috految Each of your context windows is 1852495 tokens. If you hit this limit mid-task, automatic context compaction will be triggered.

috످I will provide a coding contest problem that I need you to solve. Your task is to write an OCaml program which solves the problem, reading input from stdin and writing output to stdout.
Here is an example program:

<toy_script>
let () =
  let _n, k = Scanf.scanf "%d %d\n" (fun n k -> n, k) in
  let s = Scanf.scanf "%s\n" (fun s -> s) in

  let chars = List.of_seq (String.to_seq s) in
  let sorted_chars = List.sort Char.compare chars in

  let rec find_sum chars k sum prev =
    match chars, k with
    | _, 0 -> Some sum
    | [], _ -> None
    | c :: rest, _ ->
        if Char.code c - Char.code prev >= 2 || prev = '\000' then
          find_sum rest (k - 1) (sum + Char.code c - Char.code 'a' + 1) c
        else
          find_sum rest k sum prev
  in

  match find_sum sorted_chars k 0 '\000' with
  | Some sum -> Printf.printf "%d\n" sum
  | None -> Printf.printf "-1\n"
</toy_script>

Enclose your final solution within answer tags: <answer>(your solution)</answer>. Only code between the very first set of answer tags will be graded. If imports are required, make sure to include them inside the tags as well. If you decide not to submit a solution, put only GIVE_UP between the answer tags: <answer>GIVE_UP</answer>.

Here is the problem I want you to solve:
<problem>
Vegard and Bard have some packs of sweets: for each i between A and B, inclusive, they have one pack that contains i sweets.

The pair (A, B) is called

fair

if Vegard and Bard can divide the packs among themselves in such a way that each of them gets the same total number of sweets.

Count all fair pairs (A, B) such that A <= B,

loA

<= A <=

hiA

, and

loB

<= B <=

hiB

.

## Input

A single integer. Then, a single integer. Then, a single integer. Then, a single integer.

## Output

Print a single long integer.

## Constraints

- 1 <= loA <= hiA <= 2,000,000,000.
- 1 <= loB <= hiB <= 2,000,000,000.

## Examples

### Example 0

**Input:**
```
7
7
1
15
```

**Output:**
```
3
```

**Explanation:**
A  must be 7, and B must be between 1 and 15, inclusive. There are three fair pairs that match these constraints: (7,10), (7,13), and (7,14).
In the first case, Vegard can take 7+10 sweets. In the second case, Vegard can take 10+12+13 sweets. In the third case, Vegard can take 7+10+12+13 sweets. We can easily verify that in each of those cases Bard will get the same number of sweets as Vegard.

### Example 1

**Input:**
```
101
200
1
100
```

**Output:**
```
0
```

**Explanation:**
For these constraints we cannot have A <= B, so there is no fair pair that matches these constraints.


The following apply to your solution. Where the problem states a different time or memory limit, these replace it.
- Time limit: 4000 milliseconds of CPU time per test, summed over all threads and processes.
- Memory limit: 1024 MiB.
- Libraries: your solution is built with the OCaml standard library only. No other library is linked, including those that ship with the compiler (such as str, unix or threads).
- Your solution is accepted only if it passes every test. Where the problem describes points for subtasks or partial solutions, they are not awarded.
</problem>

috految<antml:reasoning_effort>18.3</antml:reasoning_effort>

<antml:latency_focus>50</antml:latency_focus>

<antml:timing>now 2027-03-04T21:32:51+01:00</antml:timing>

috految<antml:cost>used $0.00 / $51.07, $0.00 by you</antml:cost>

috److Let n = B - A + 1 be the number of packs.

**Even n**

- If n mod 4 = 0, the pair is always fair.
- If n mod 4 = 2, the total is odd, so the pair is never fair.

**Odd n = 2k + 1**

- The total is n(A + k), so A + k must be even.
- The largest k packs must sum to at least the smallest k + 1 packs. Their difference is k·k - A, so we need A <= k².
- These conditions are sufficient, because the sums of k-element subsets form a contiguous range whose minimum is below half the total.

For example, A = 7 and k = 3 gives B = 13, which matches the first sample.

**Counting**

1. Count all pairs with A <= B and an even total.
2. Subtract the bad pairs, which have B = A + 2k, A + k even, and A > k². Since A <= 2·10⁹, it is enough to check k from 0 to 50000.

**Counting pairs with an even total**

1. Write A = 4x + r and B = 4y + s, with r and s in 0..3.
2. The total is even when (s(s+1)/2 - r(r-1)/2) is even.
3. The condition A <= B means x <= y if r <= s, and x <= y - 1 otherwise.
4. Let f(l, h) be the number of pairs with l <= A <= B <= h. For fixed residues, x >= ceil((l - r)/4) and y <= floor((h - s)/4).
5. With m = ymax - xmin + 1 - (1 if r > s, else 0), the count is m(m+1)/2 when m > 0.

By inclusion-exclusion, the total is f(loA, hiB) - f(hiA+1, hiB) - f(loA, loB-1) + f(hiA+1, loB-1).

Values reach about 10¹⁸, which fits in OCaml's 63-bit integers. The input order is loA, hiA, loB, hiB.

<answer>
let f l h =
  let res = ref 0 in
  for r = 0 to 3 do
    for s = 0 to 3 do
      if (s * (s + 1) / 2 - r * (r - 1) / 2) mod 2 = 0 then begin
        let x = (l - r + 3) asr 2 in
        let y = (h - s) asr 2 in
        let m = y - x + 1 - (if r > s then 1 else 0) in
        if m > 0 then
          res := !res + m * (m + 1) / 2
      end
    done
  done;
  !res

let () =
  Scanf.scanf " %d %d %d %d" (fun la ha lb hb ->
    let res =
      ref (f la hb - f (ha + 1) hb - f la (lb - 1) + f (ha + 1) (lb - 1)) in
    for k = 0 to 50000 do
      let lo = max (k * k + 1) (max la (lb - 2 * k)) in
      let hi = min ha (hb - 2 * k) in
      if lo <= hi then
        res := !res - ((hi + k) / 2 - (lo + k - 1) / 2)
    done;
    Printf.printf "%d\n" !res)
</answer>

috످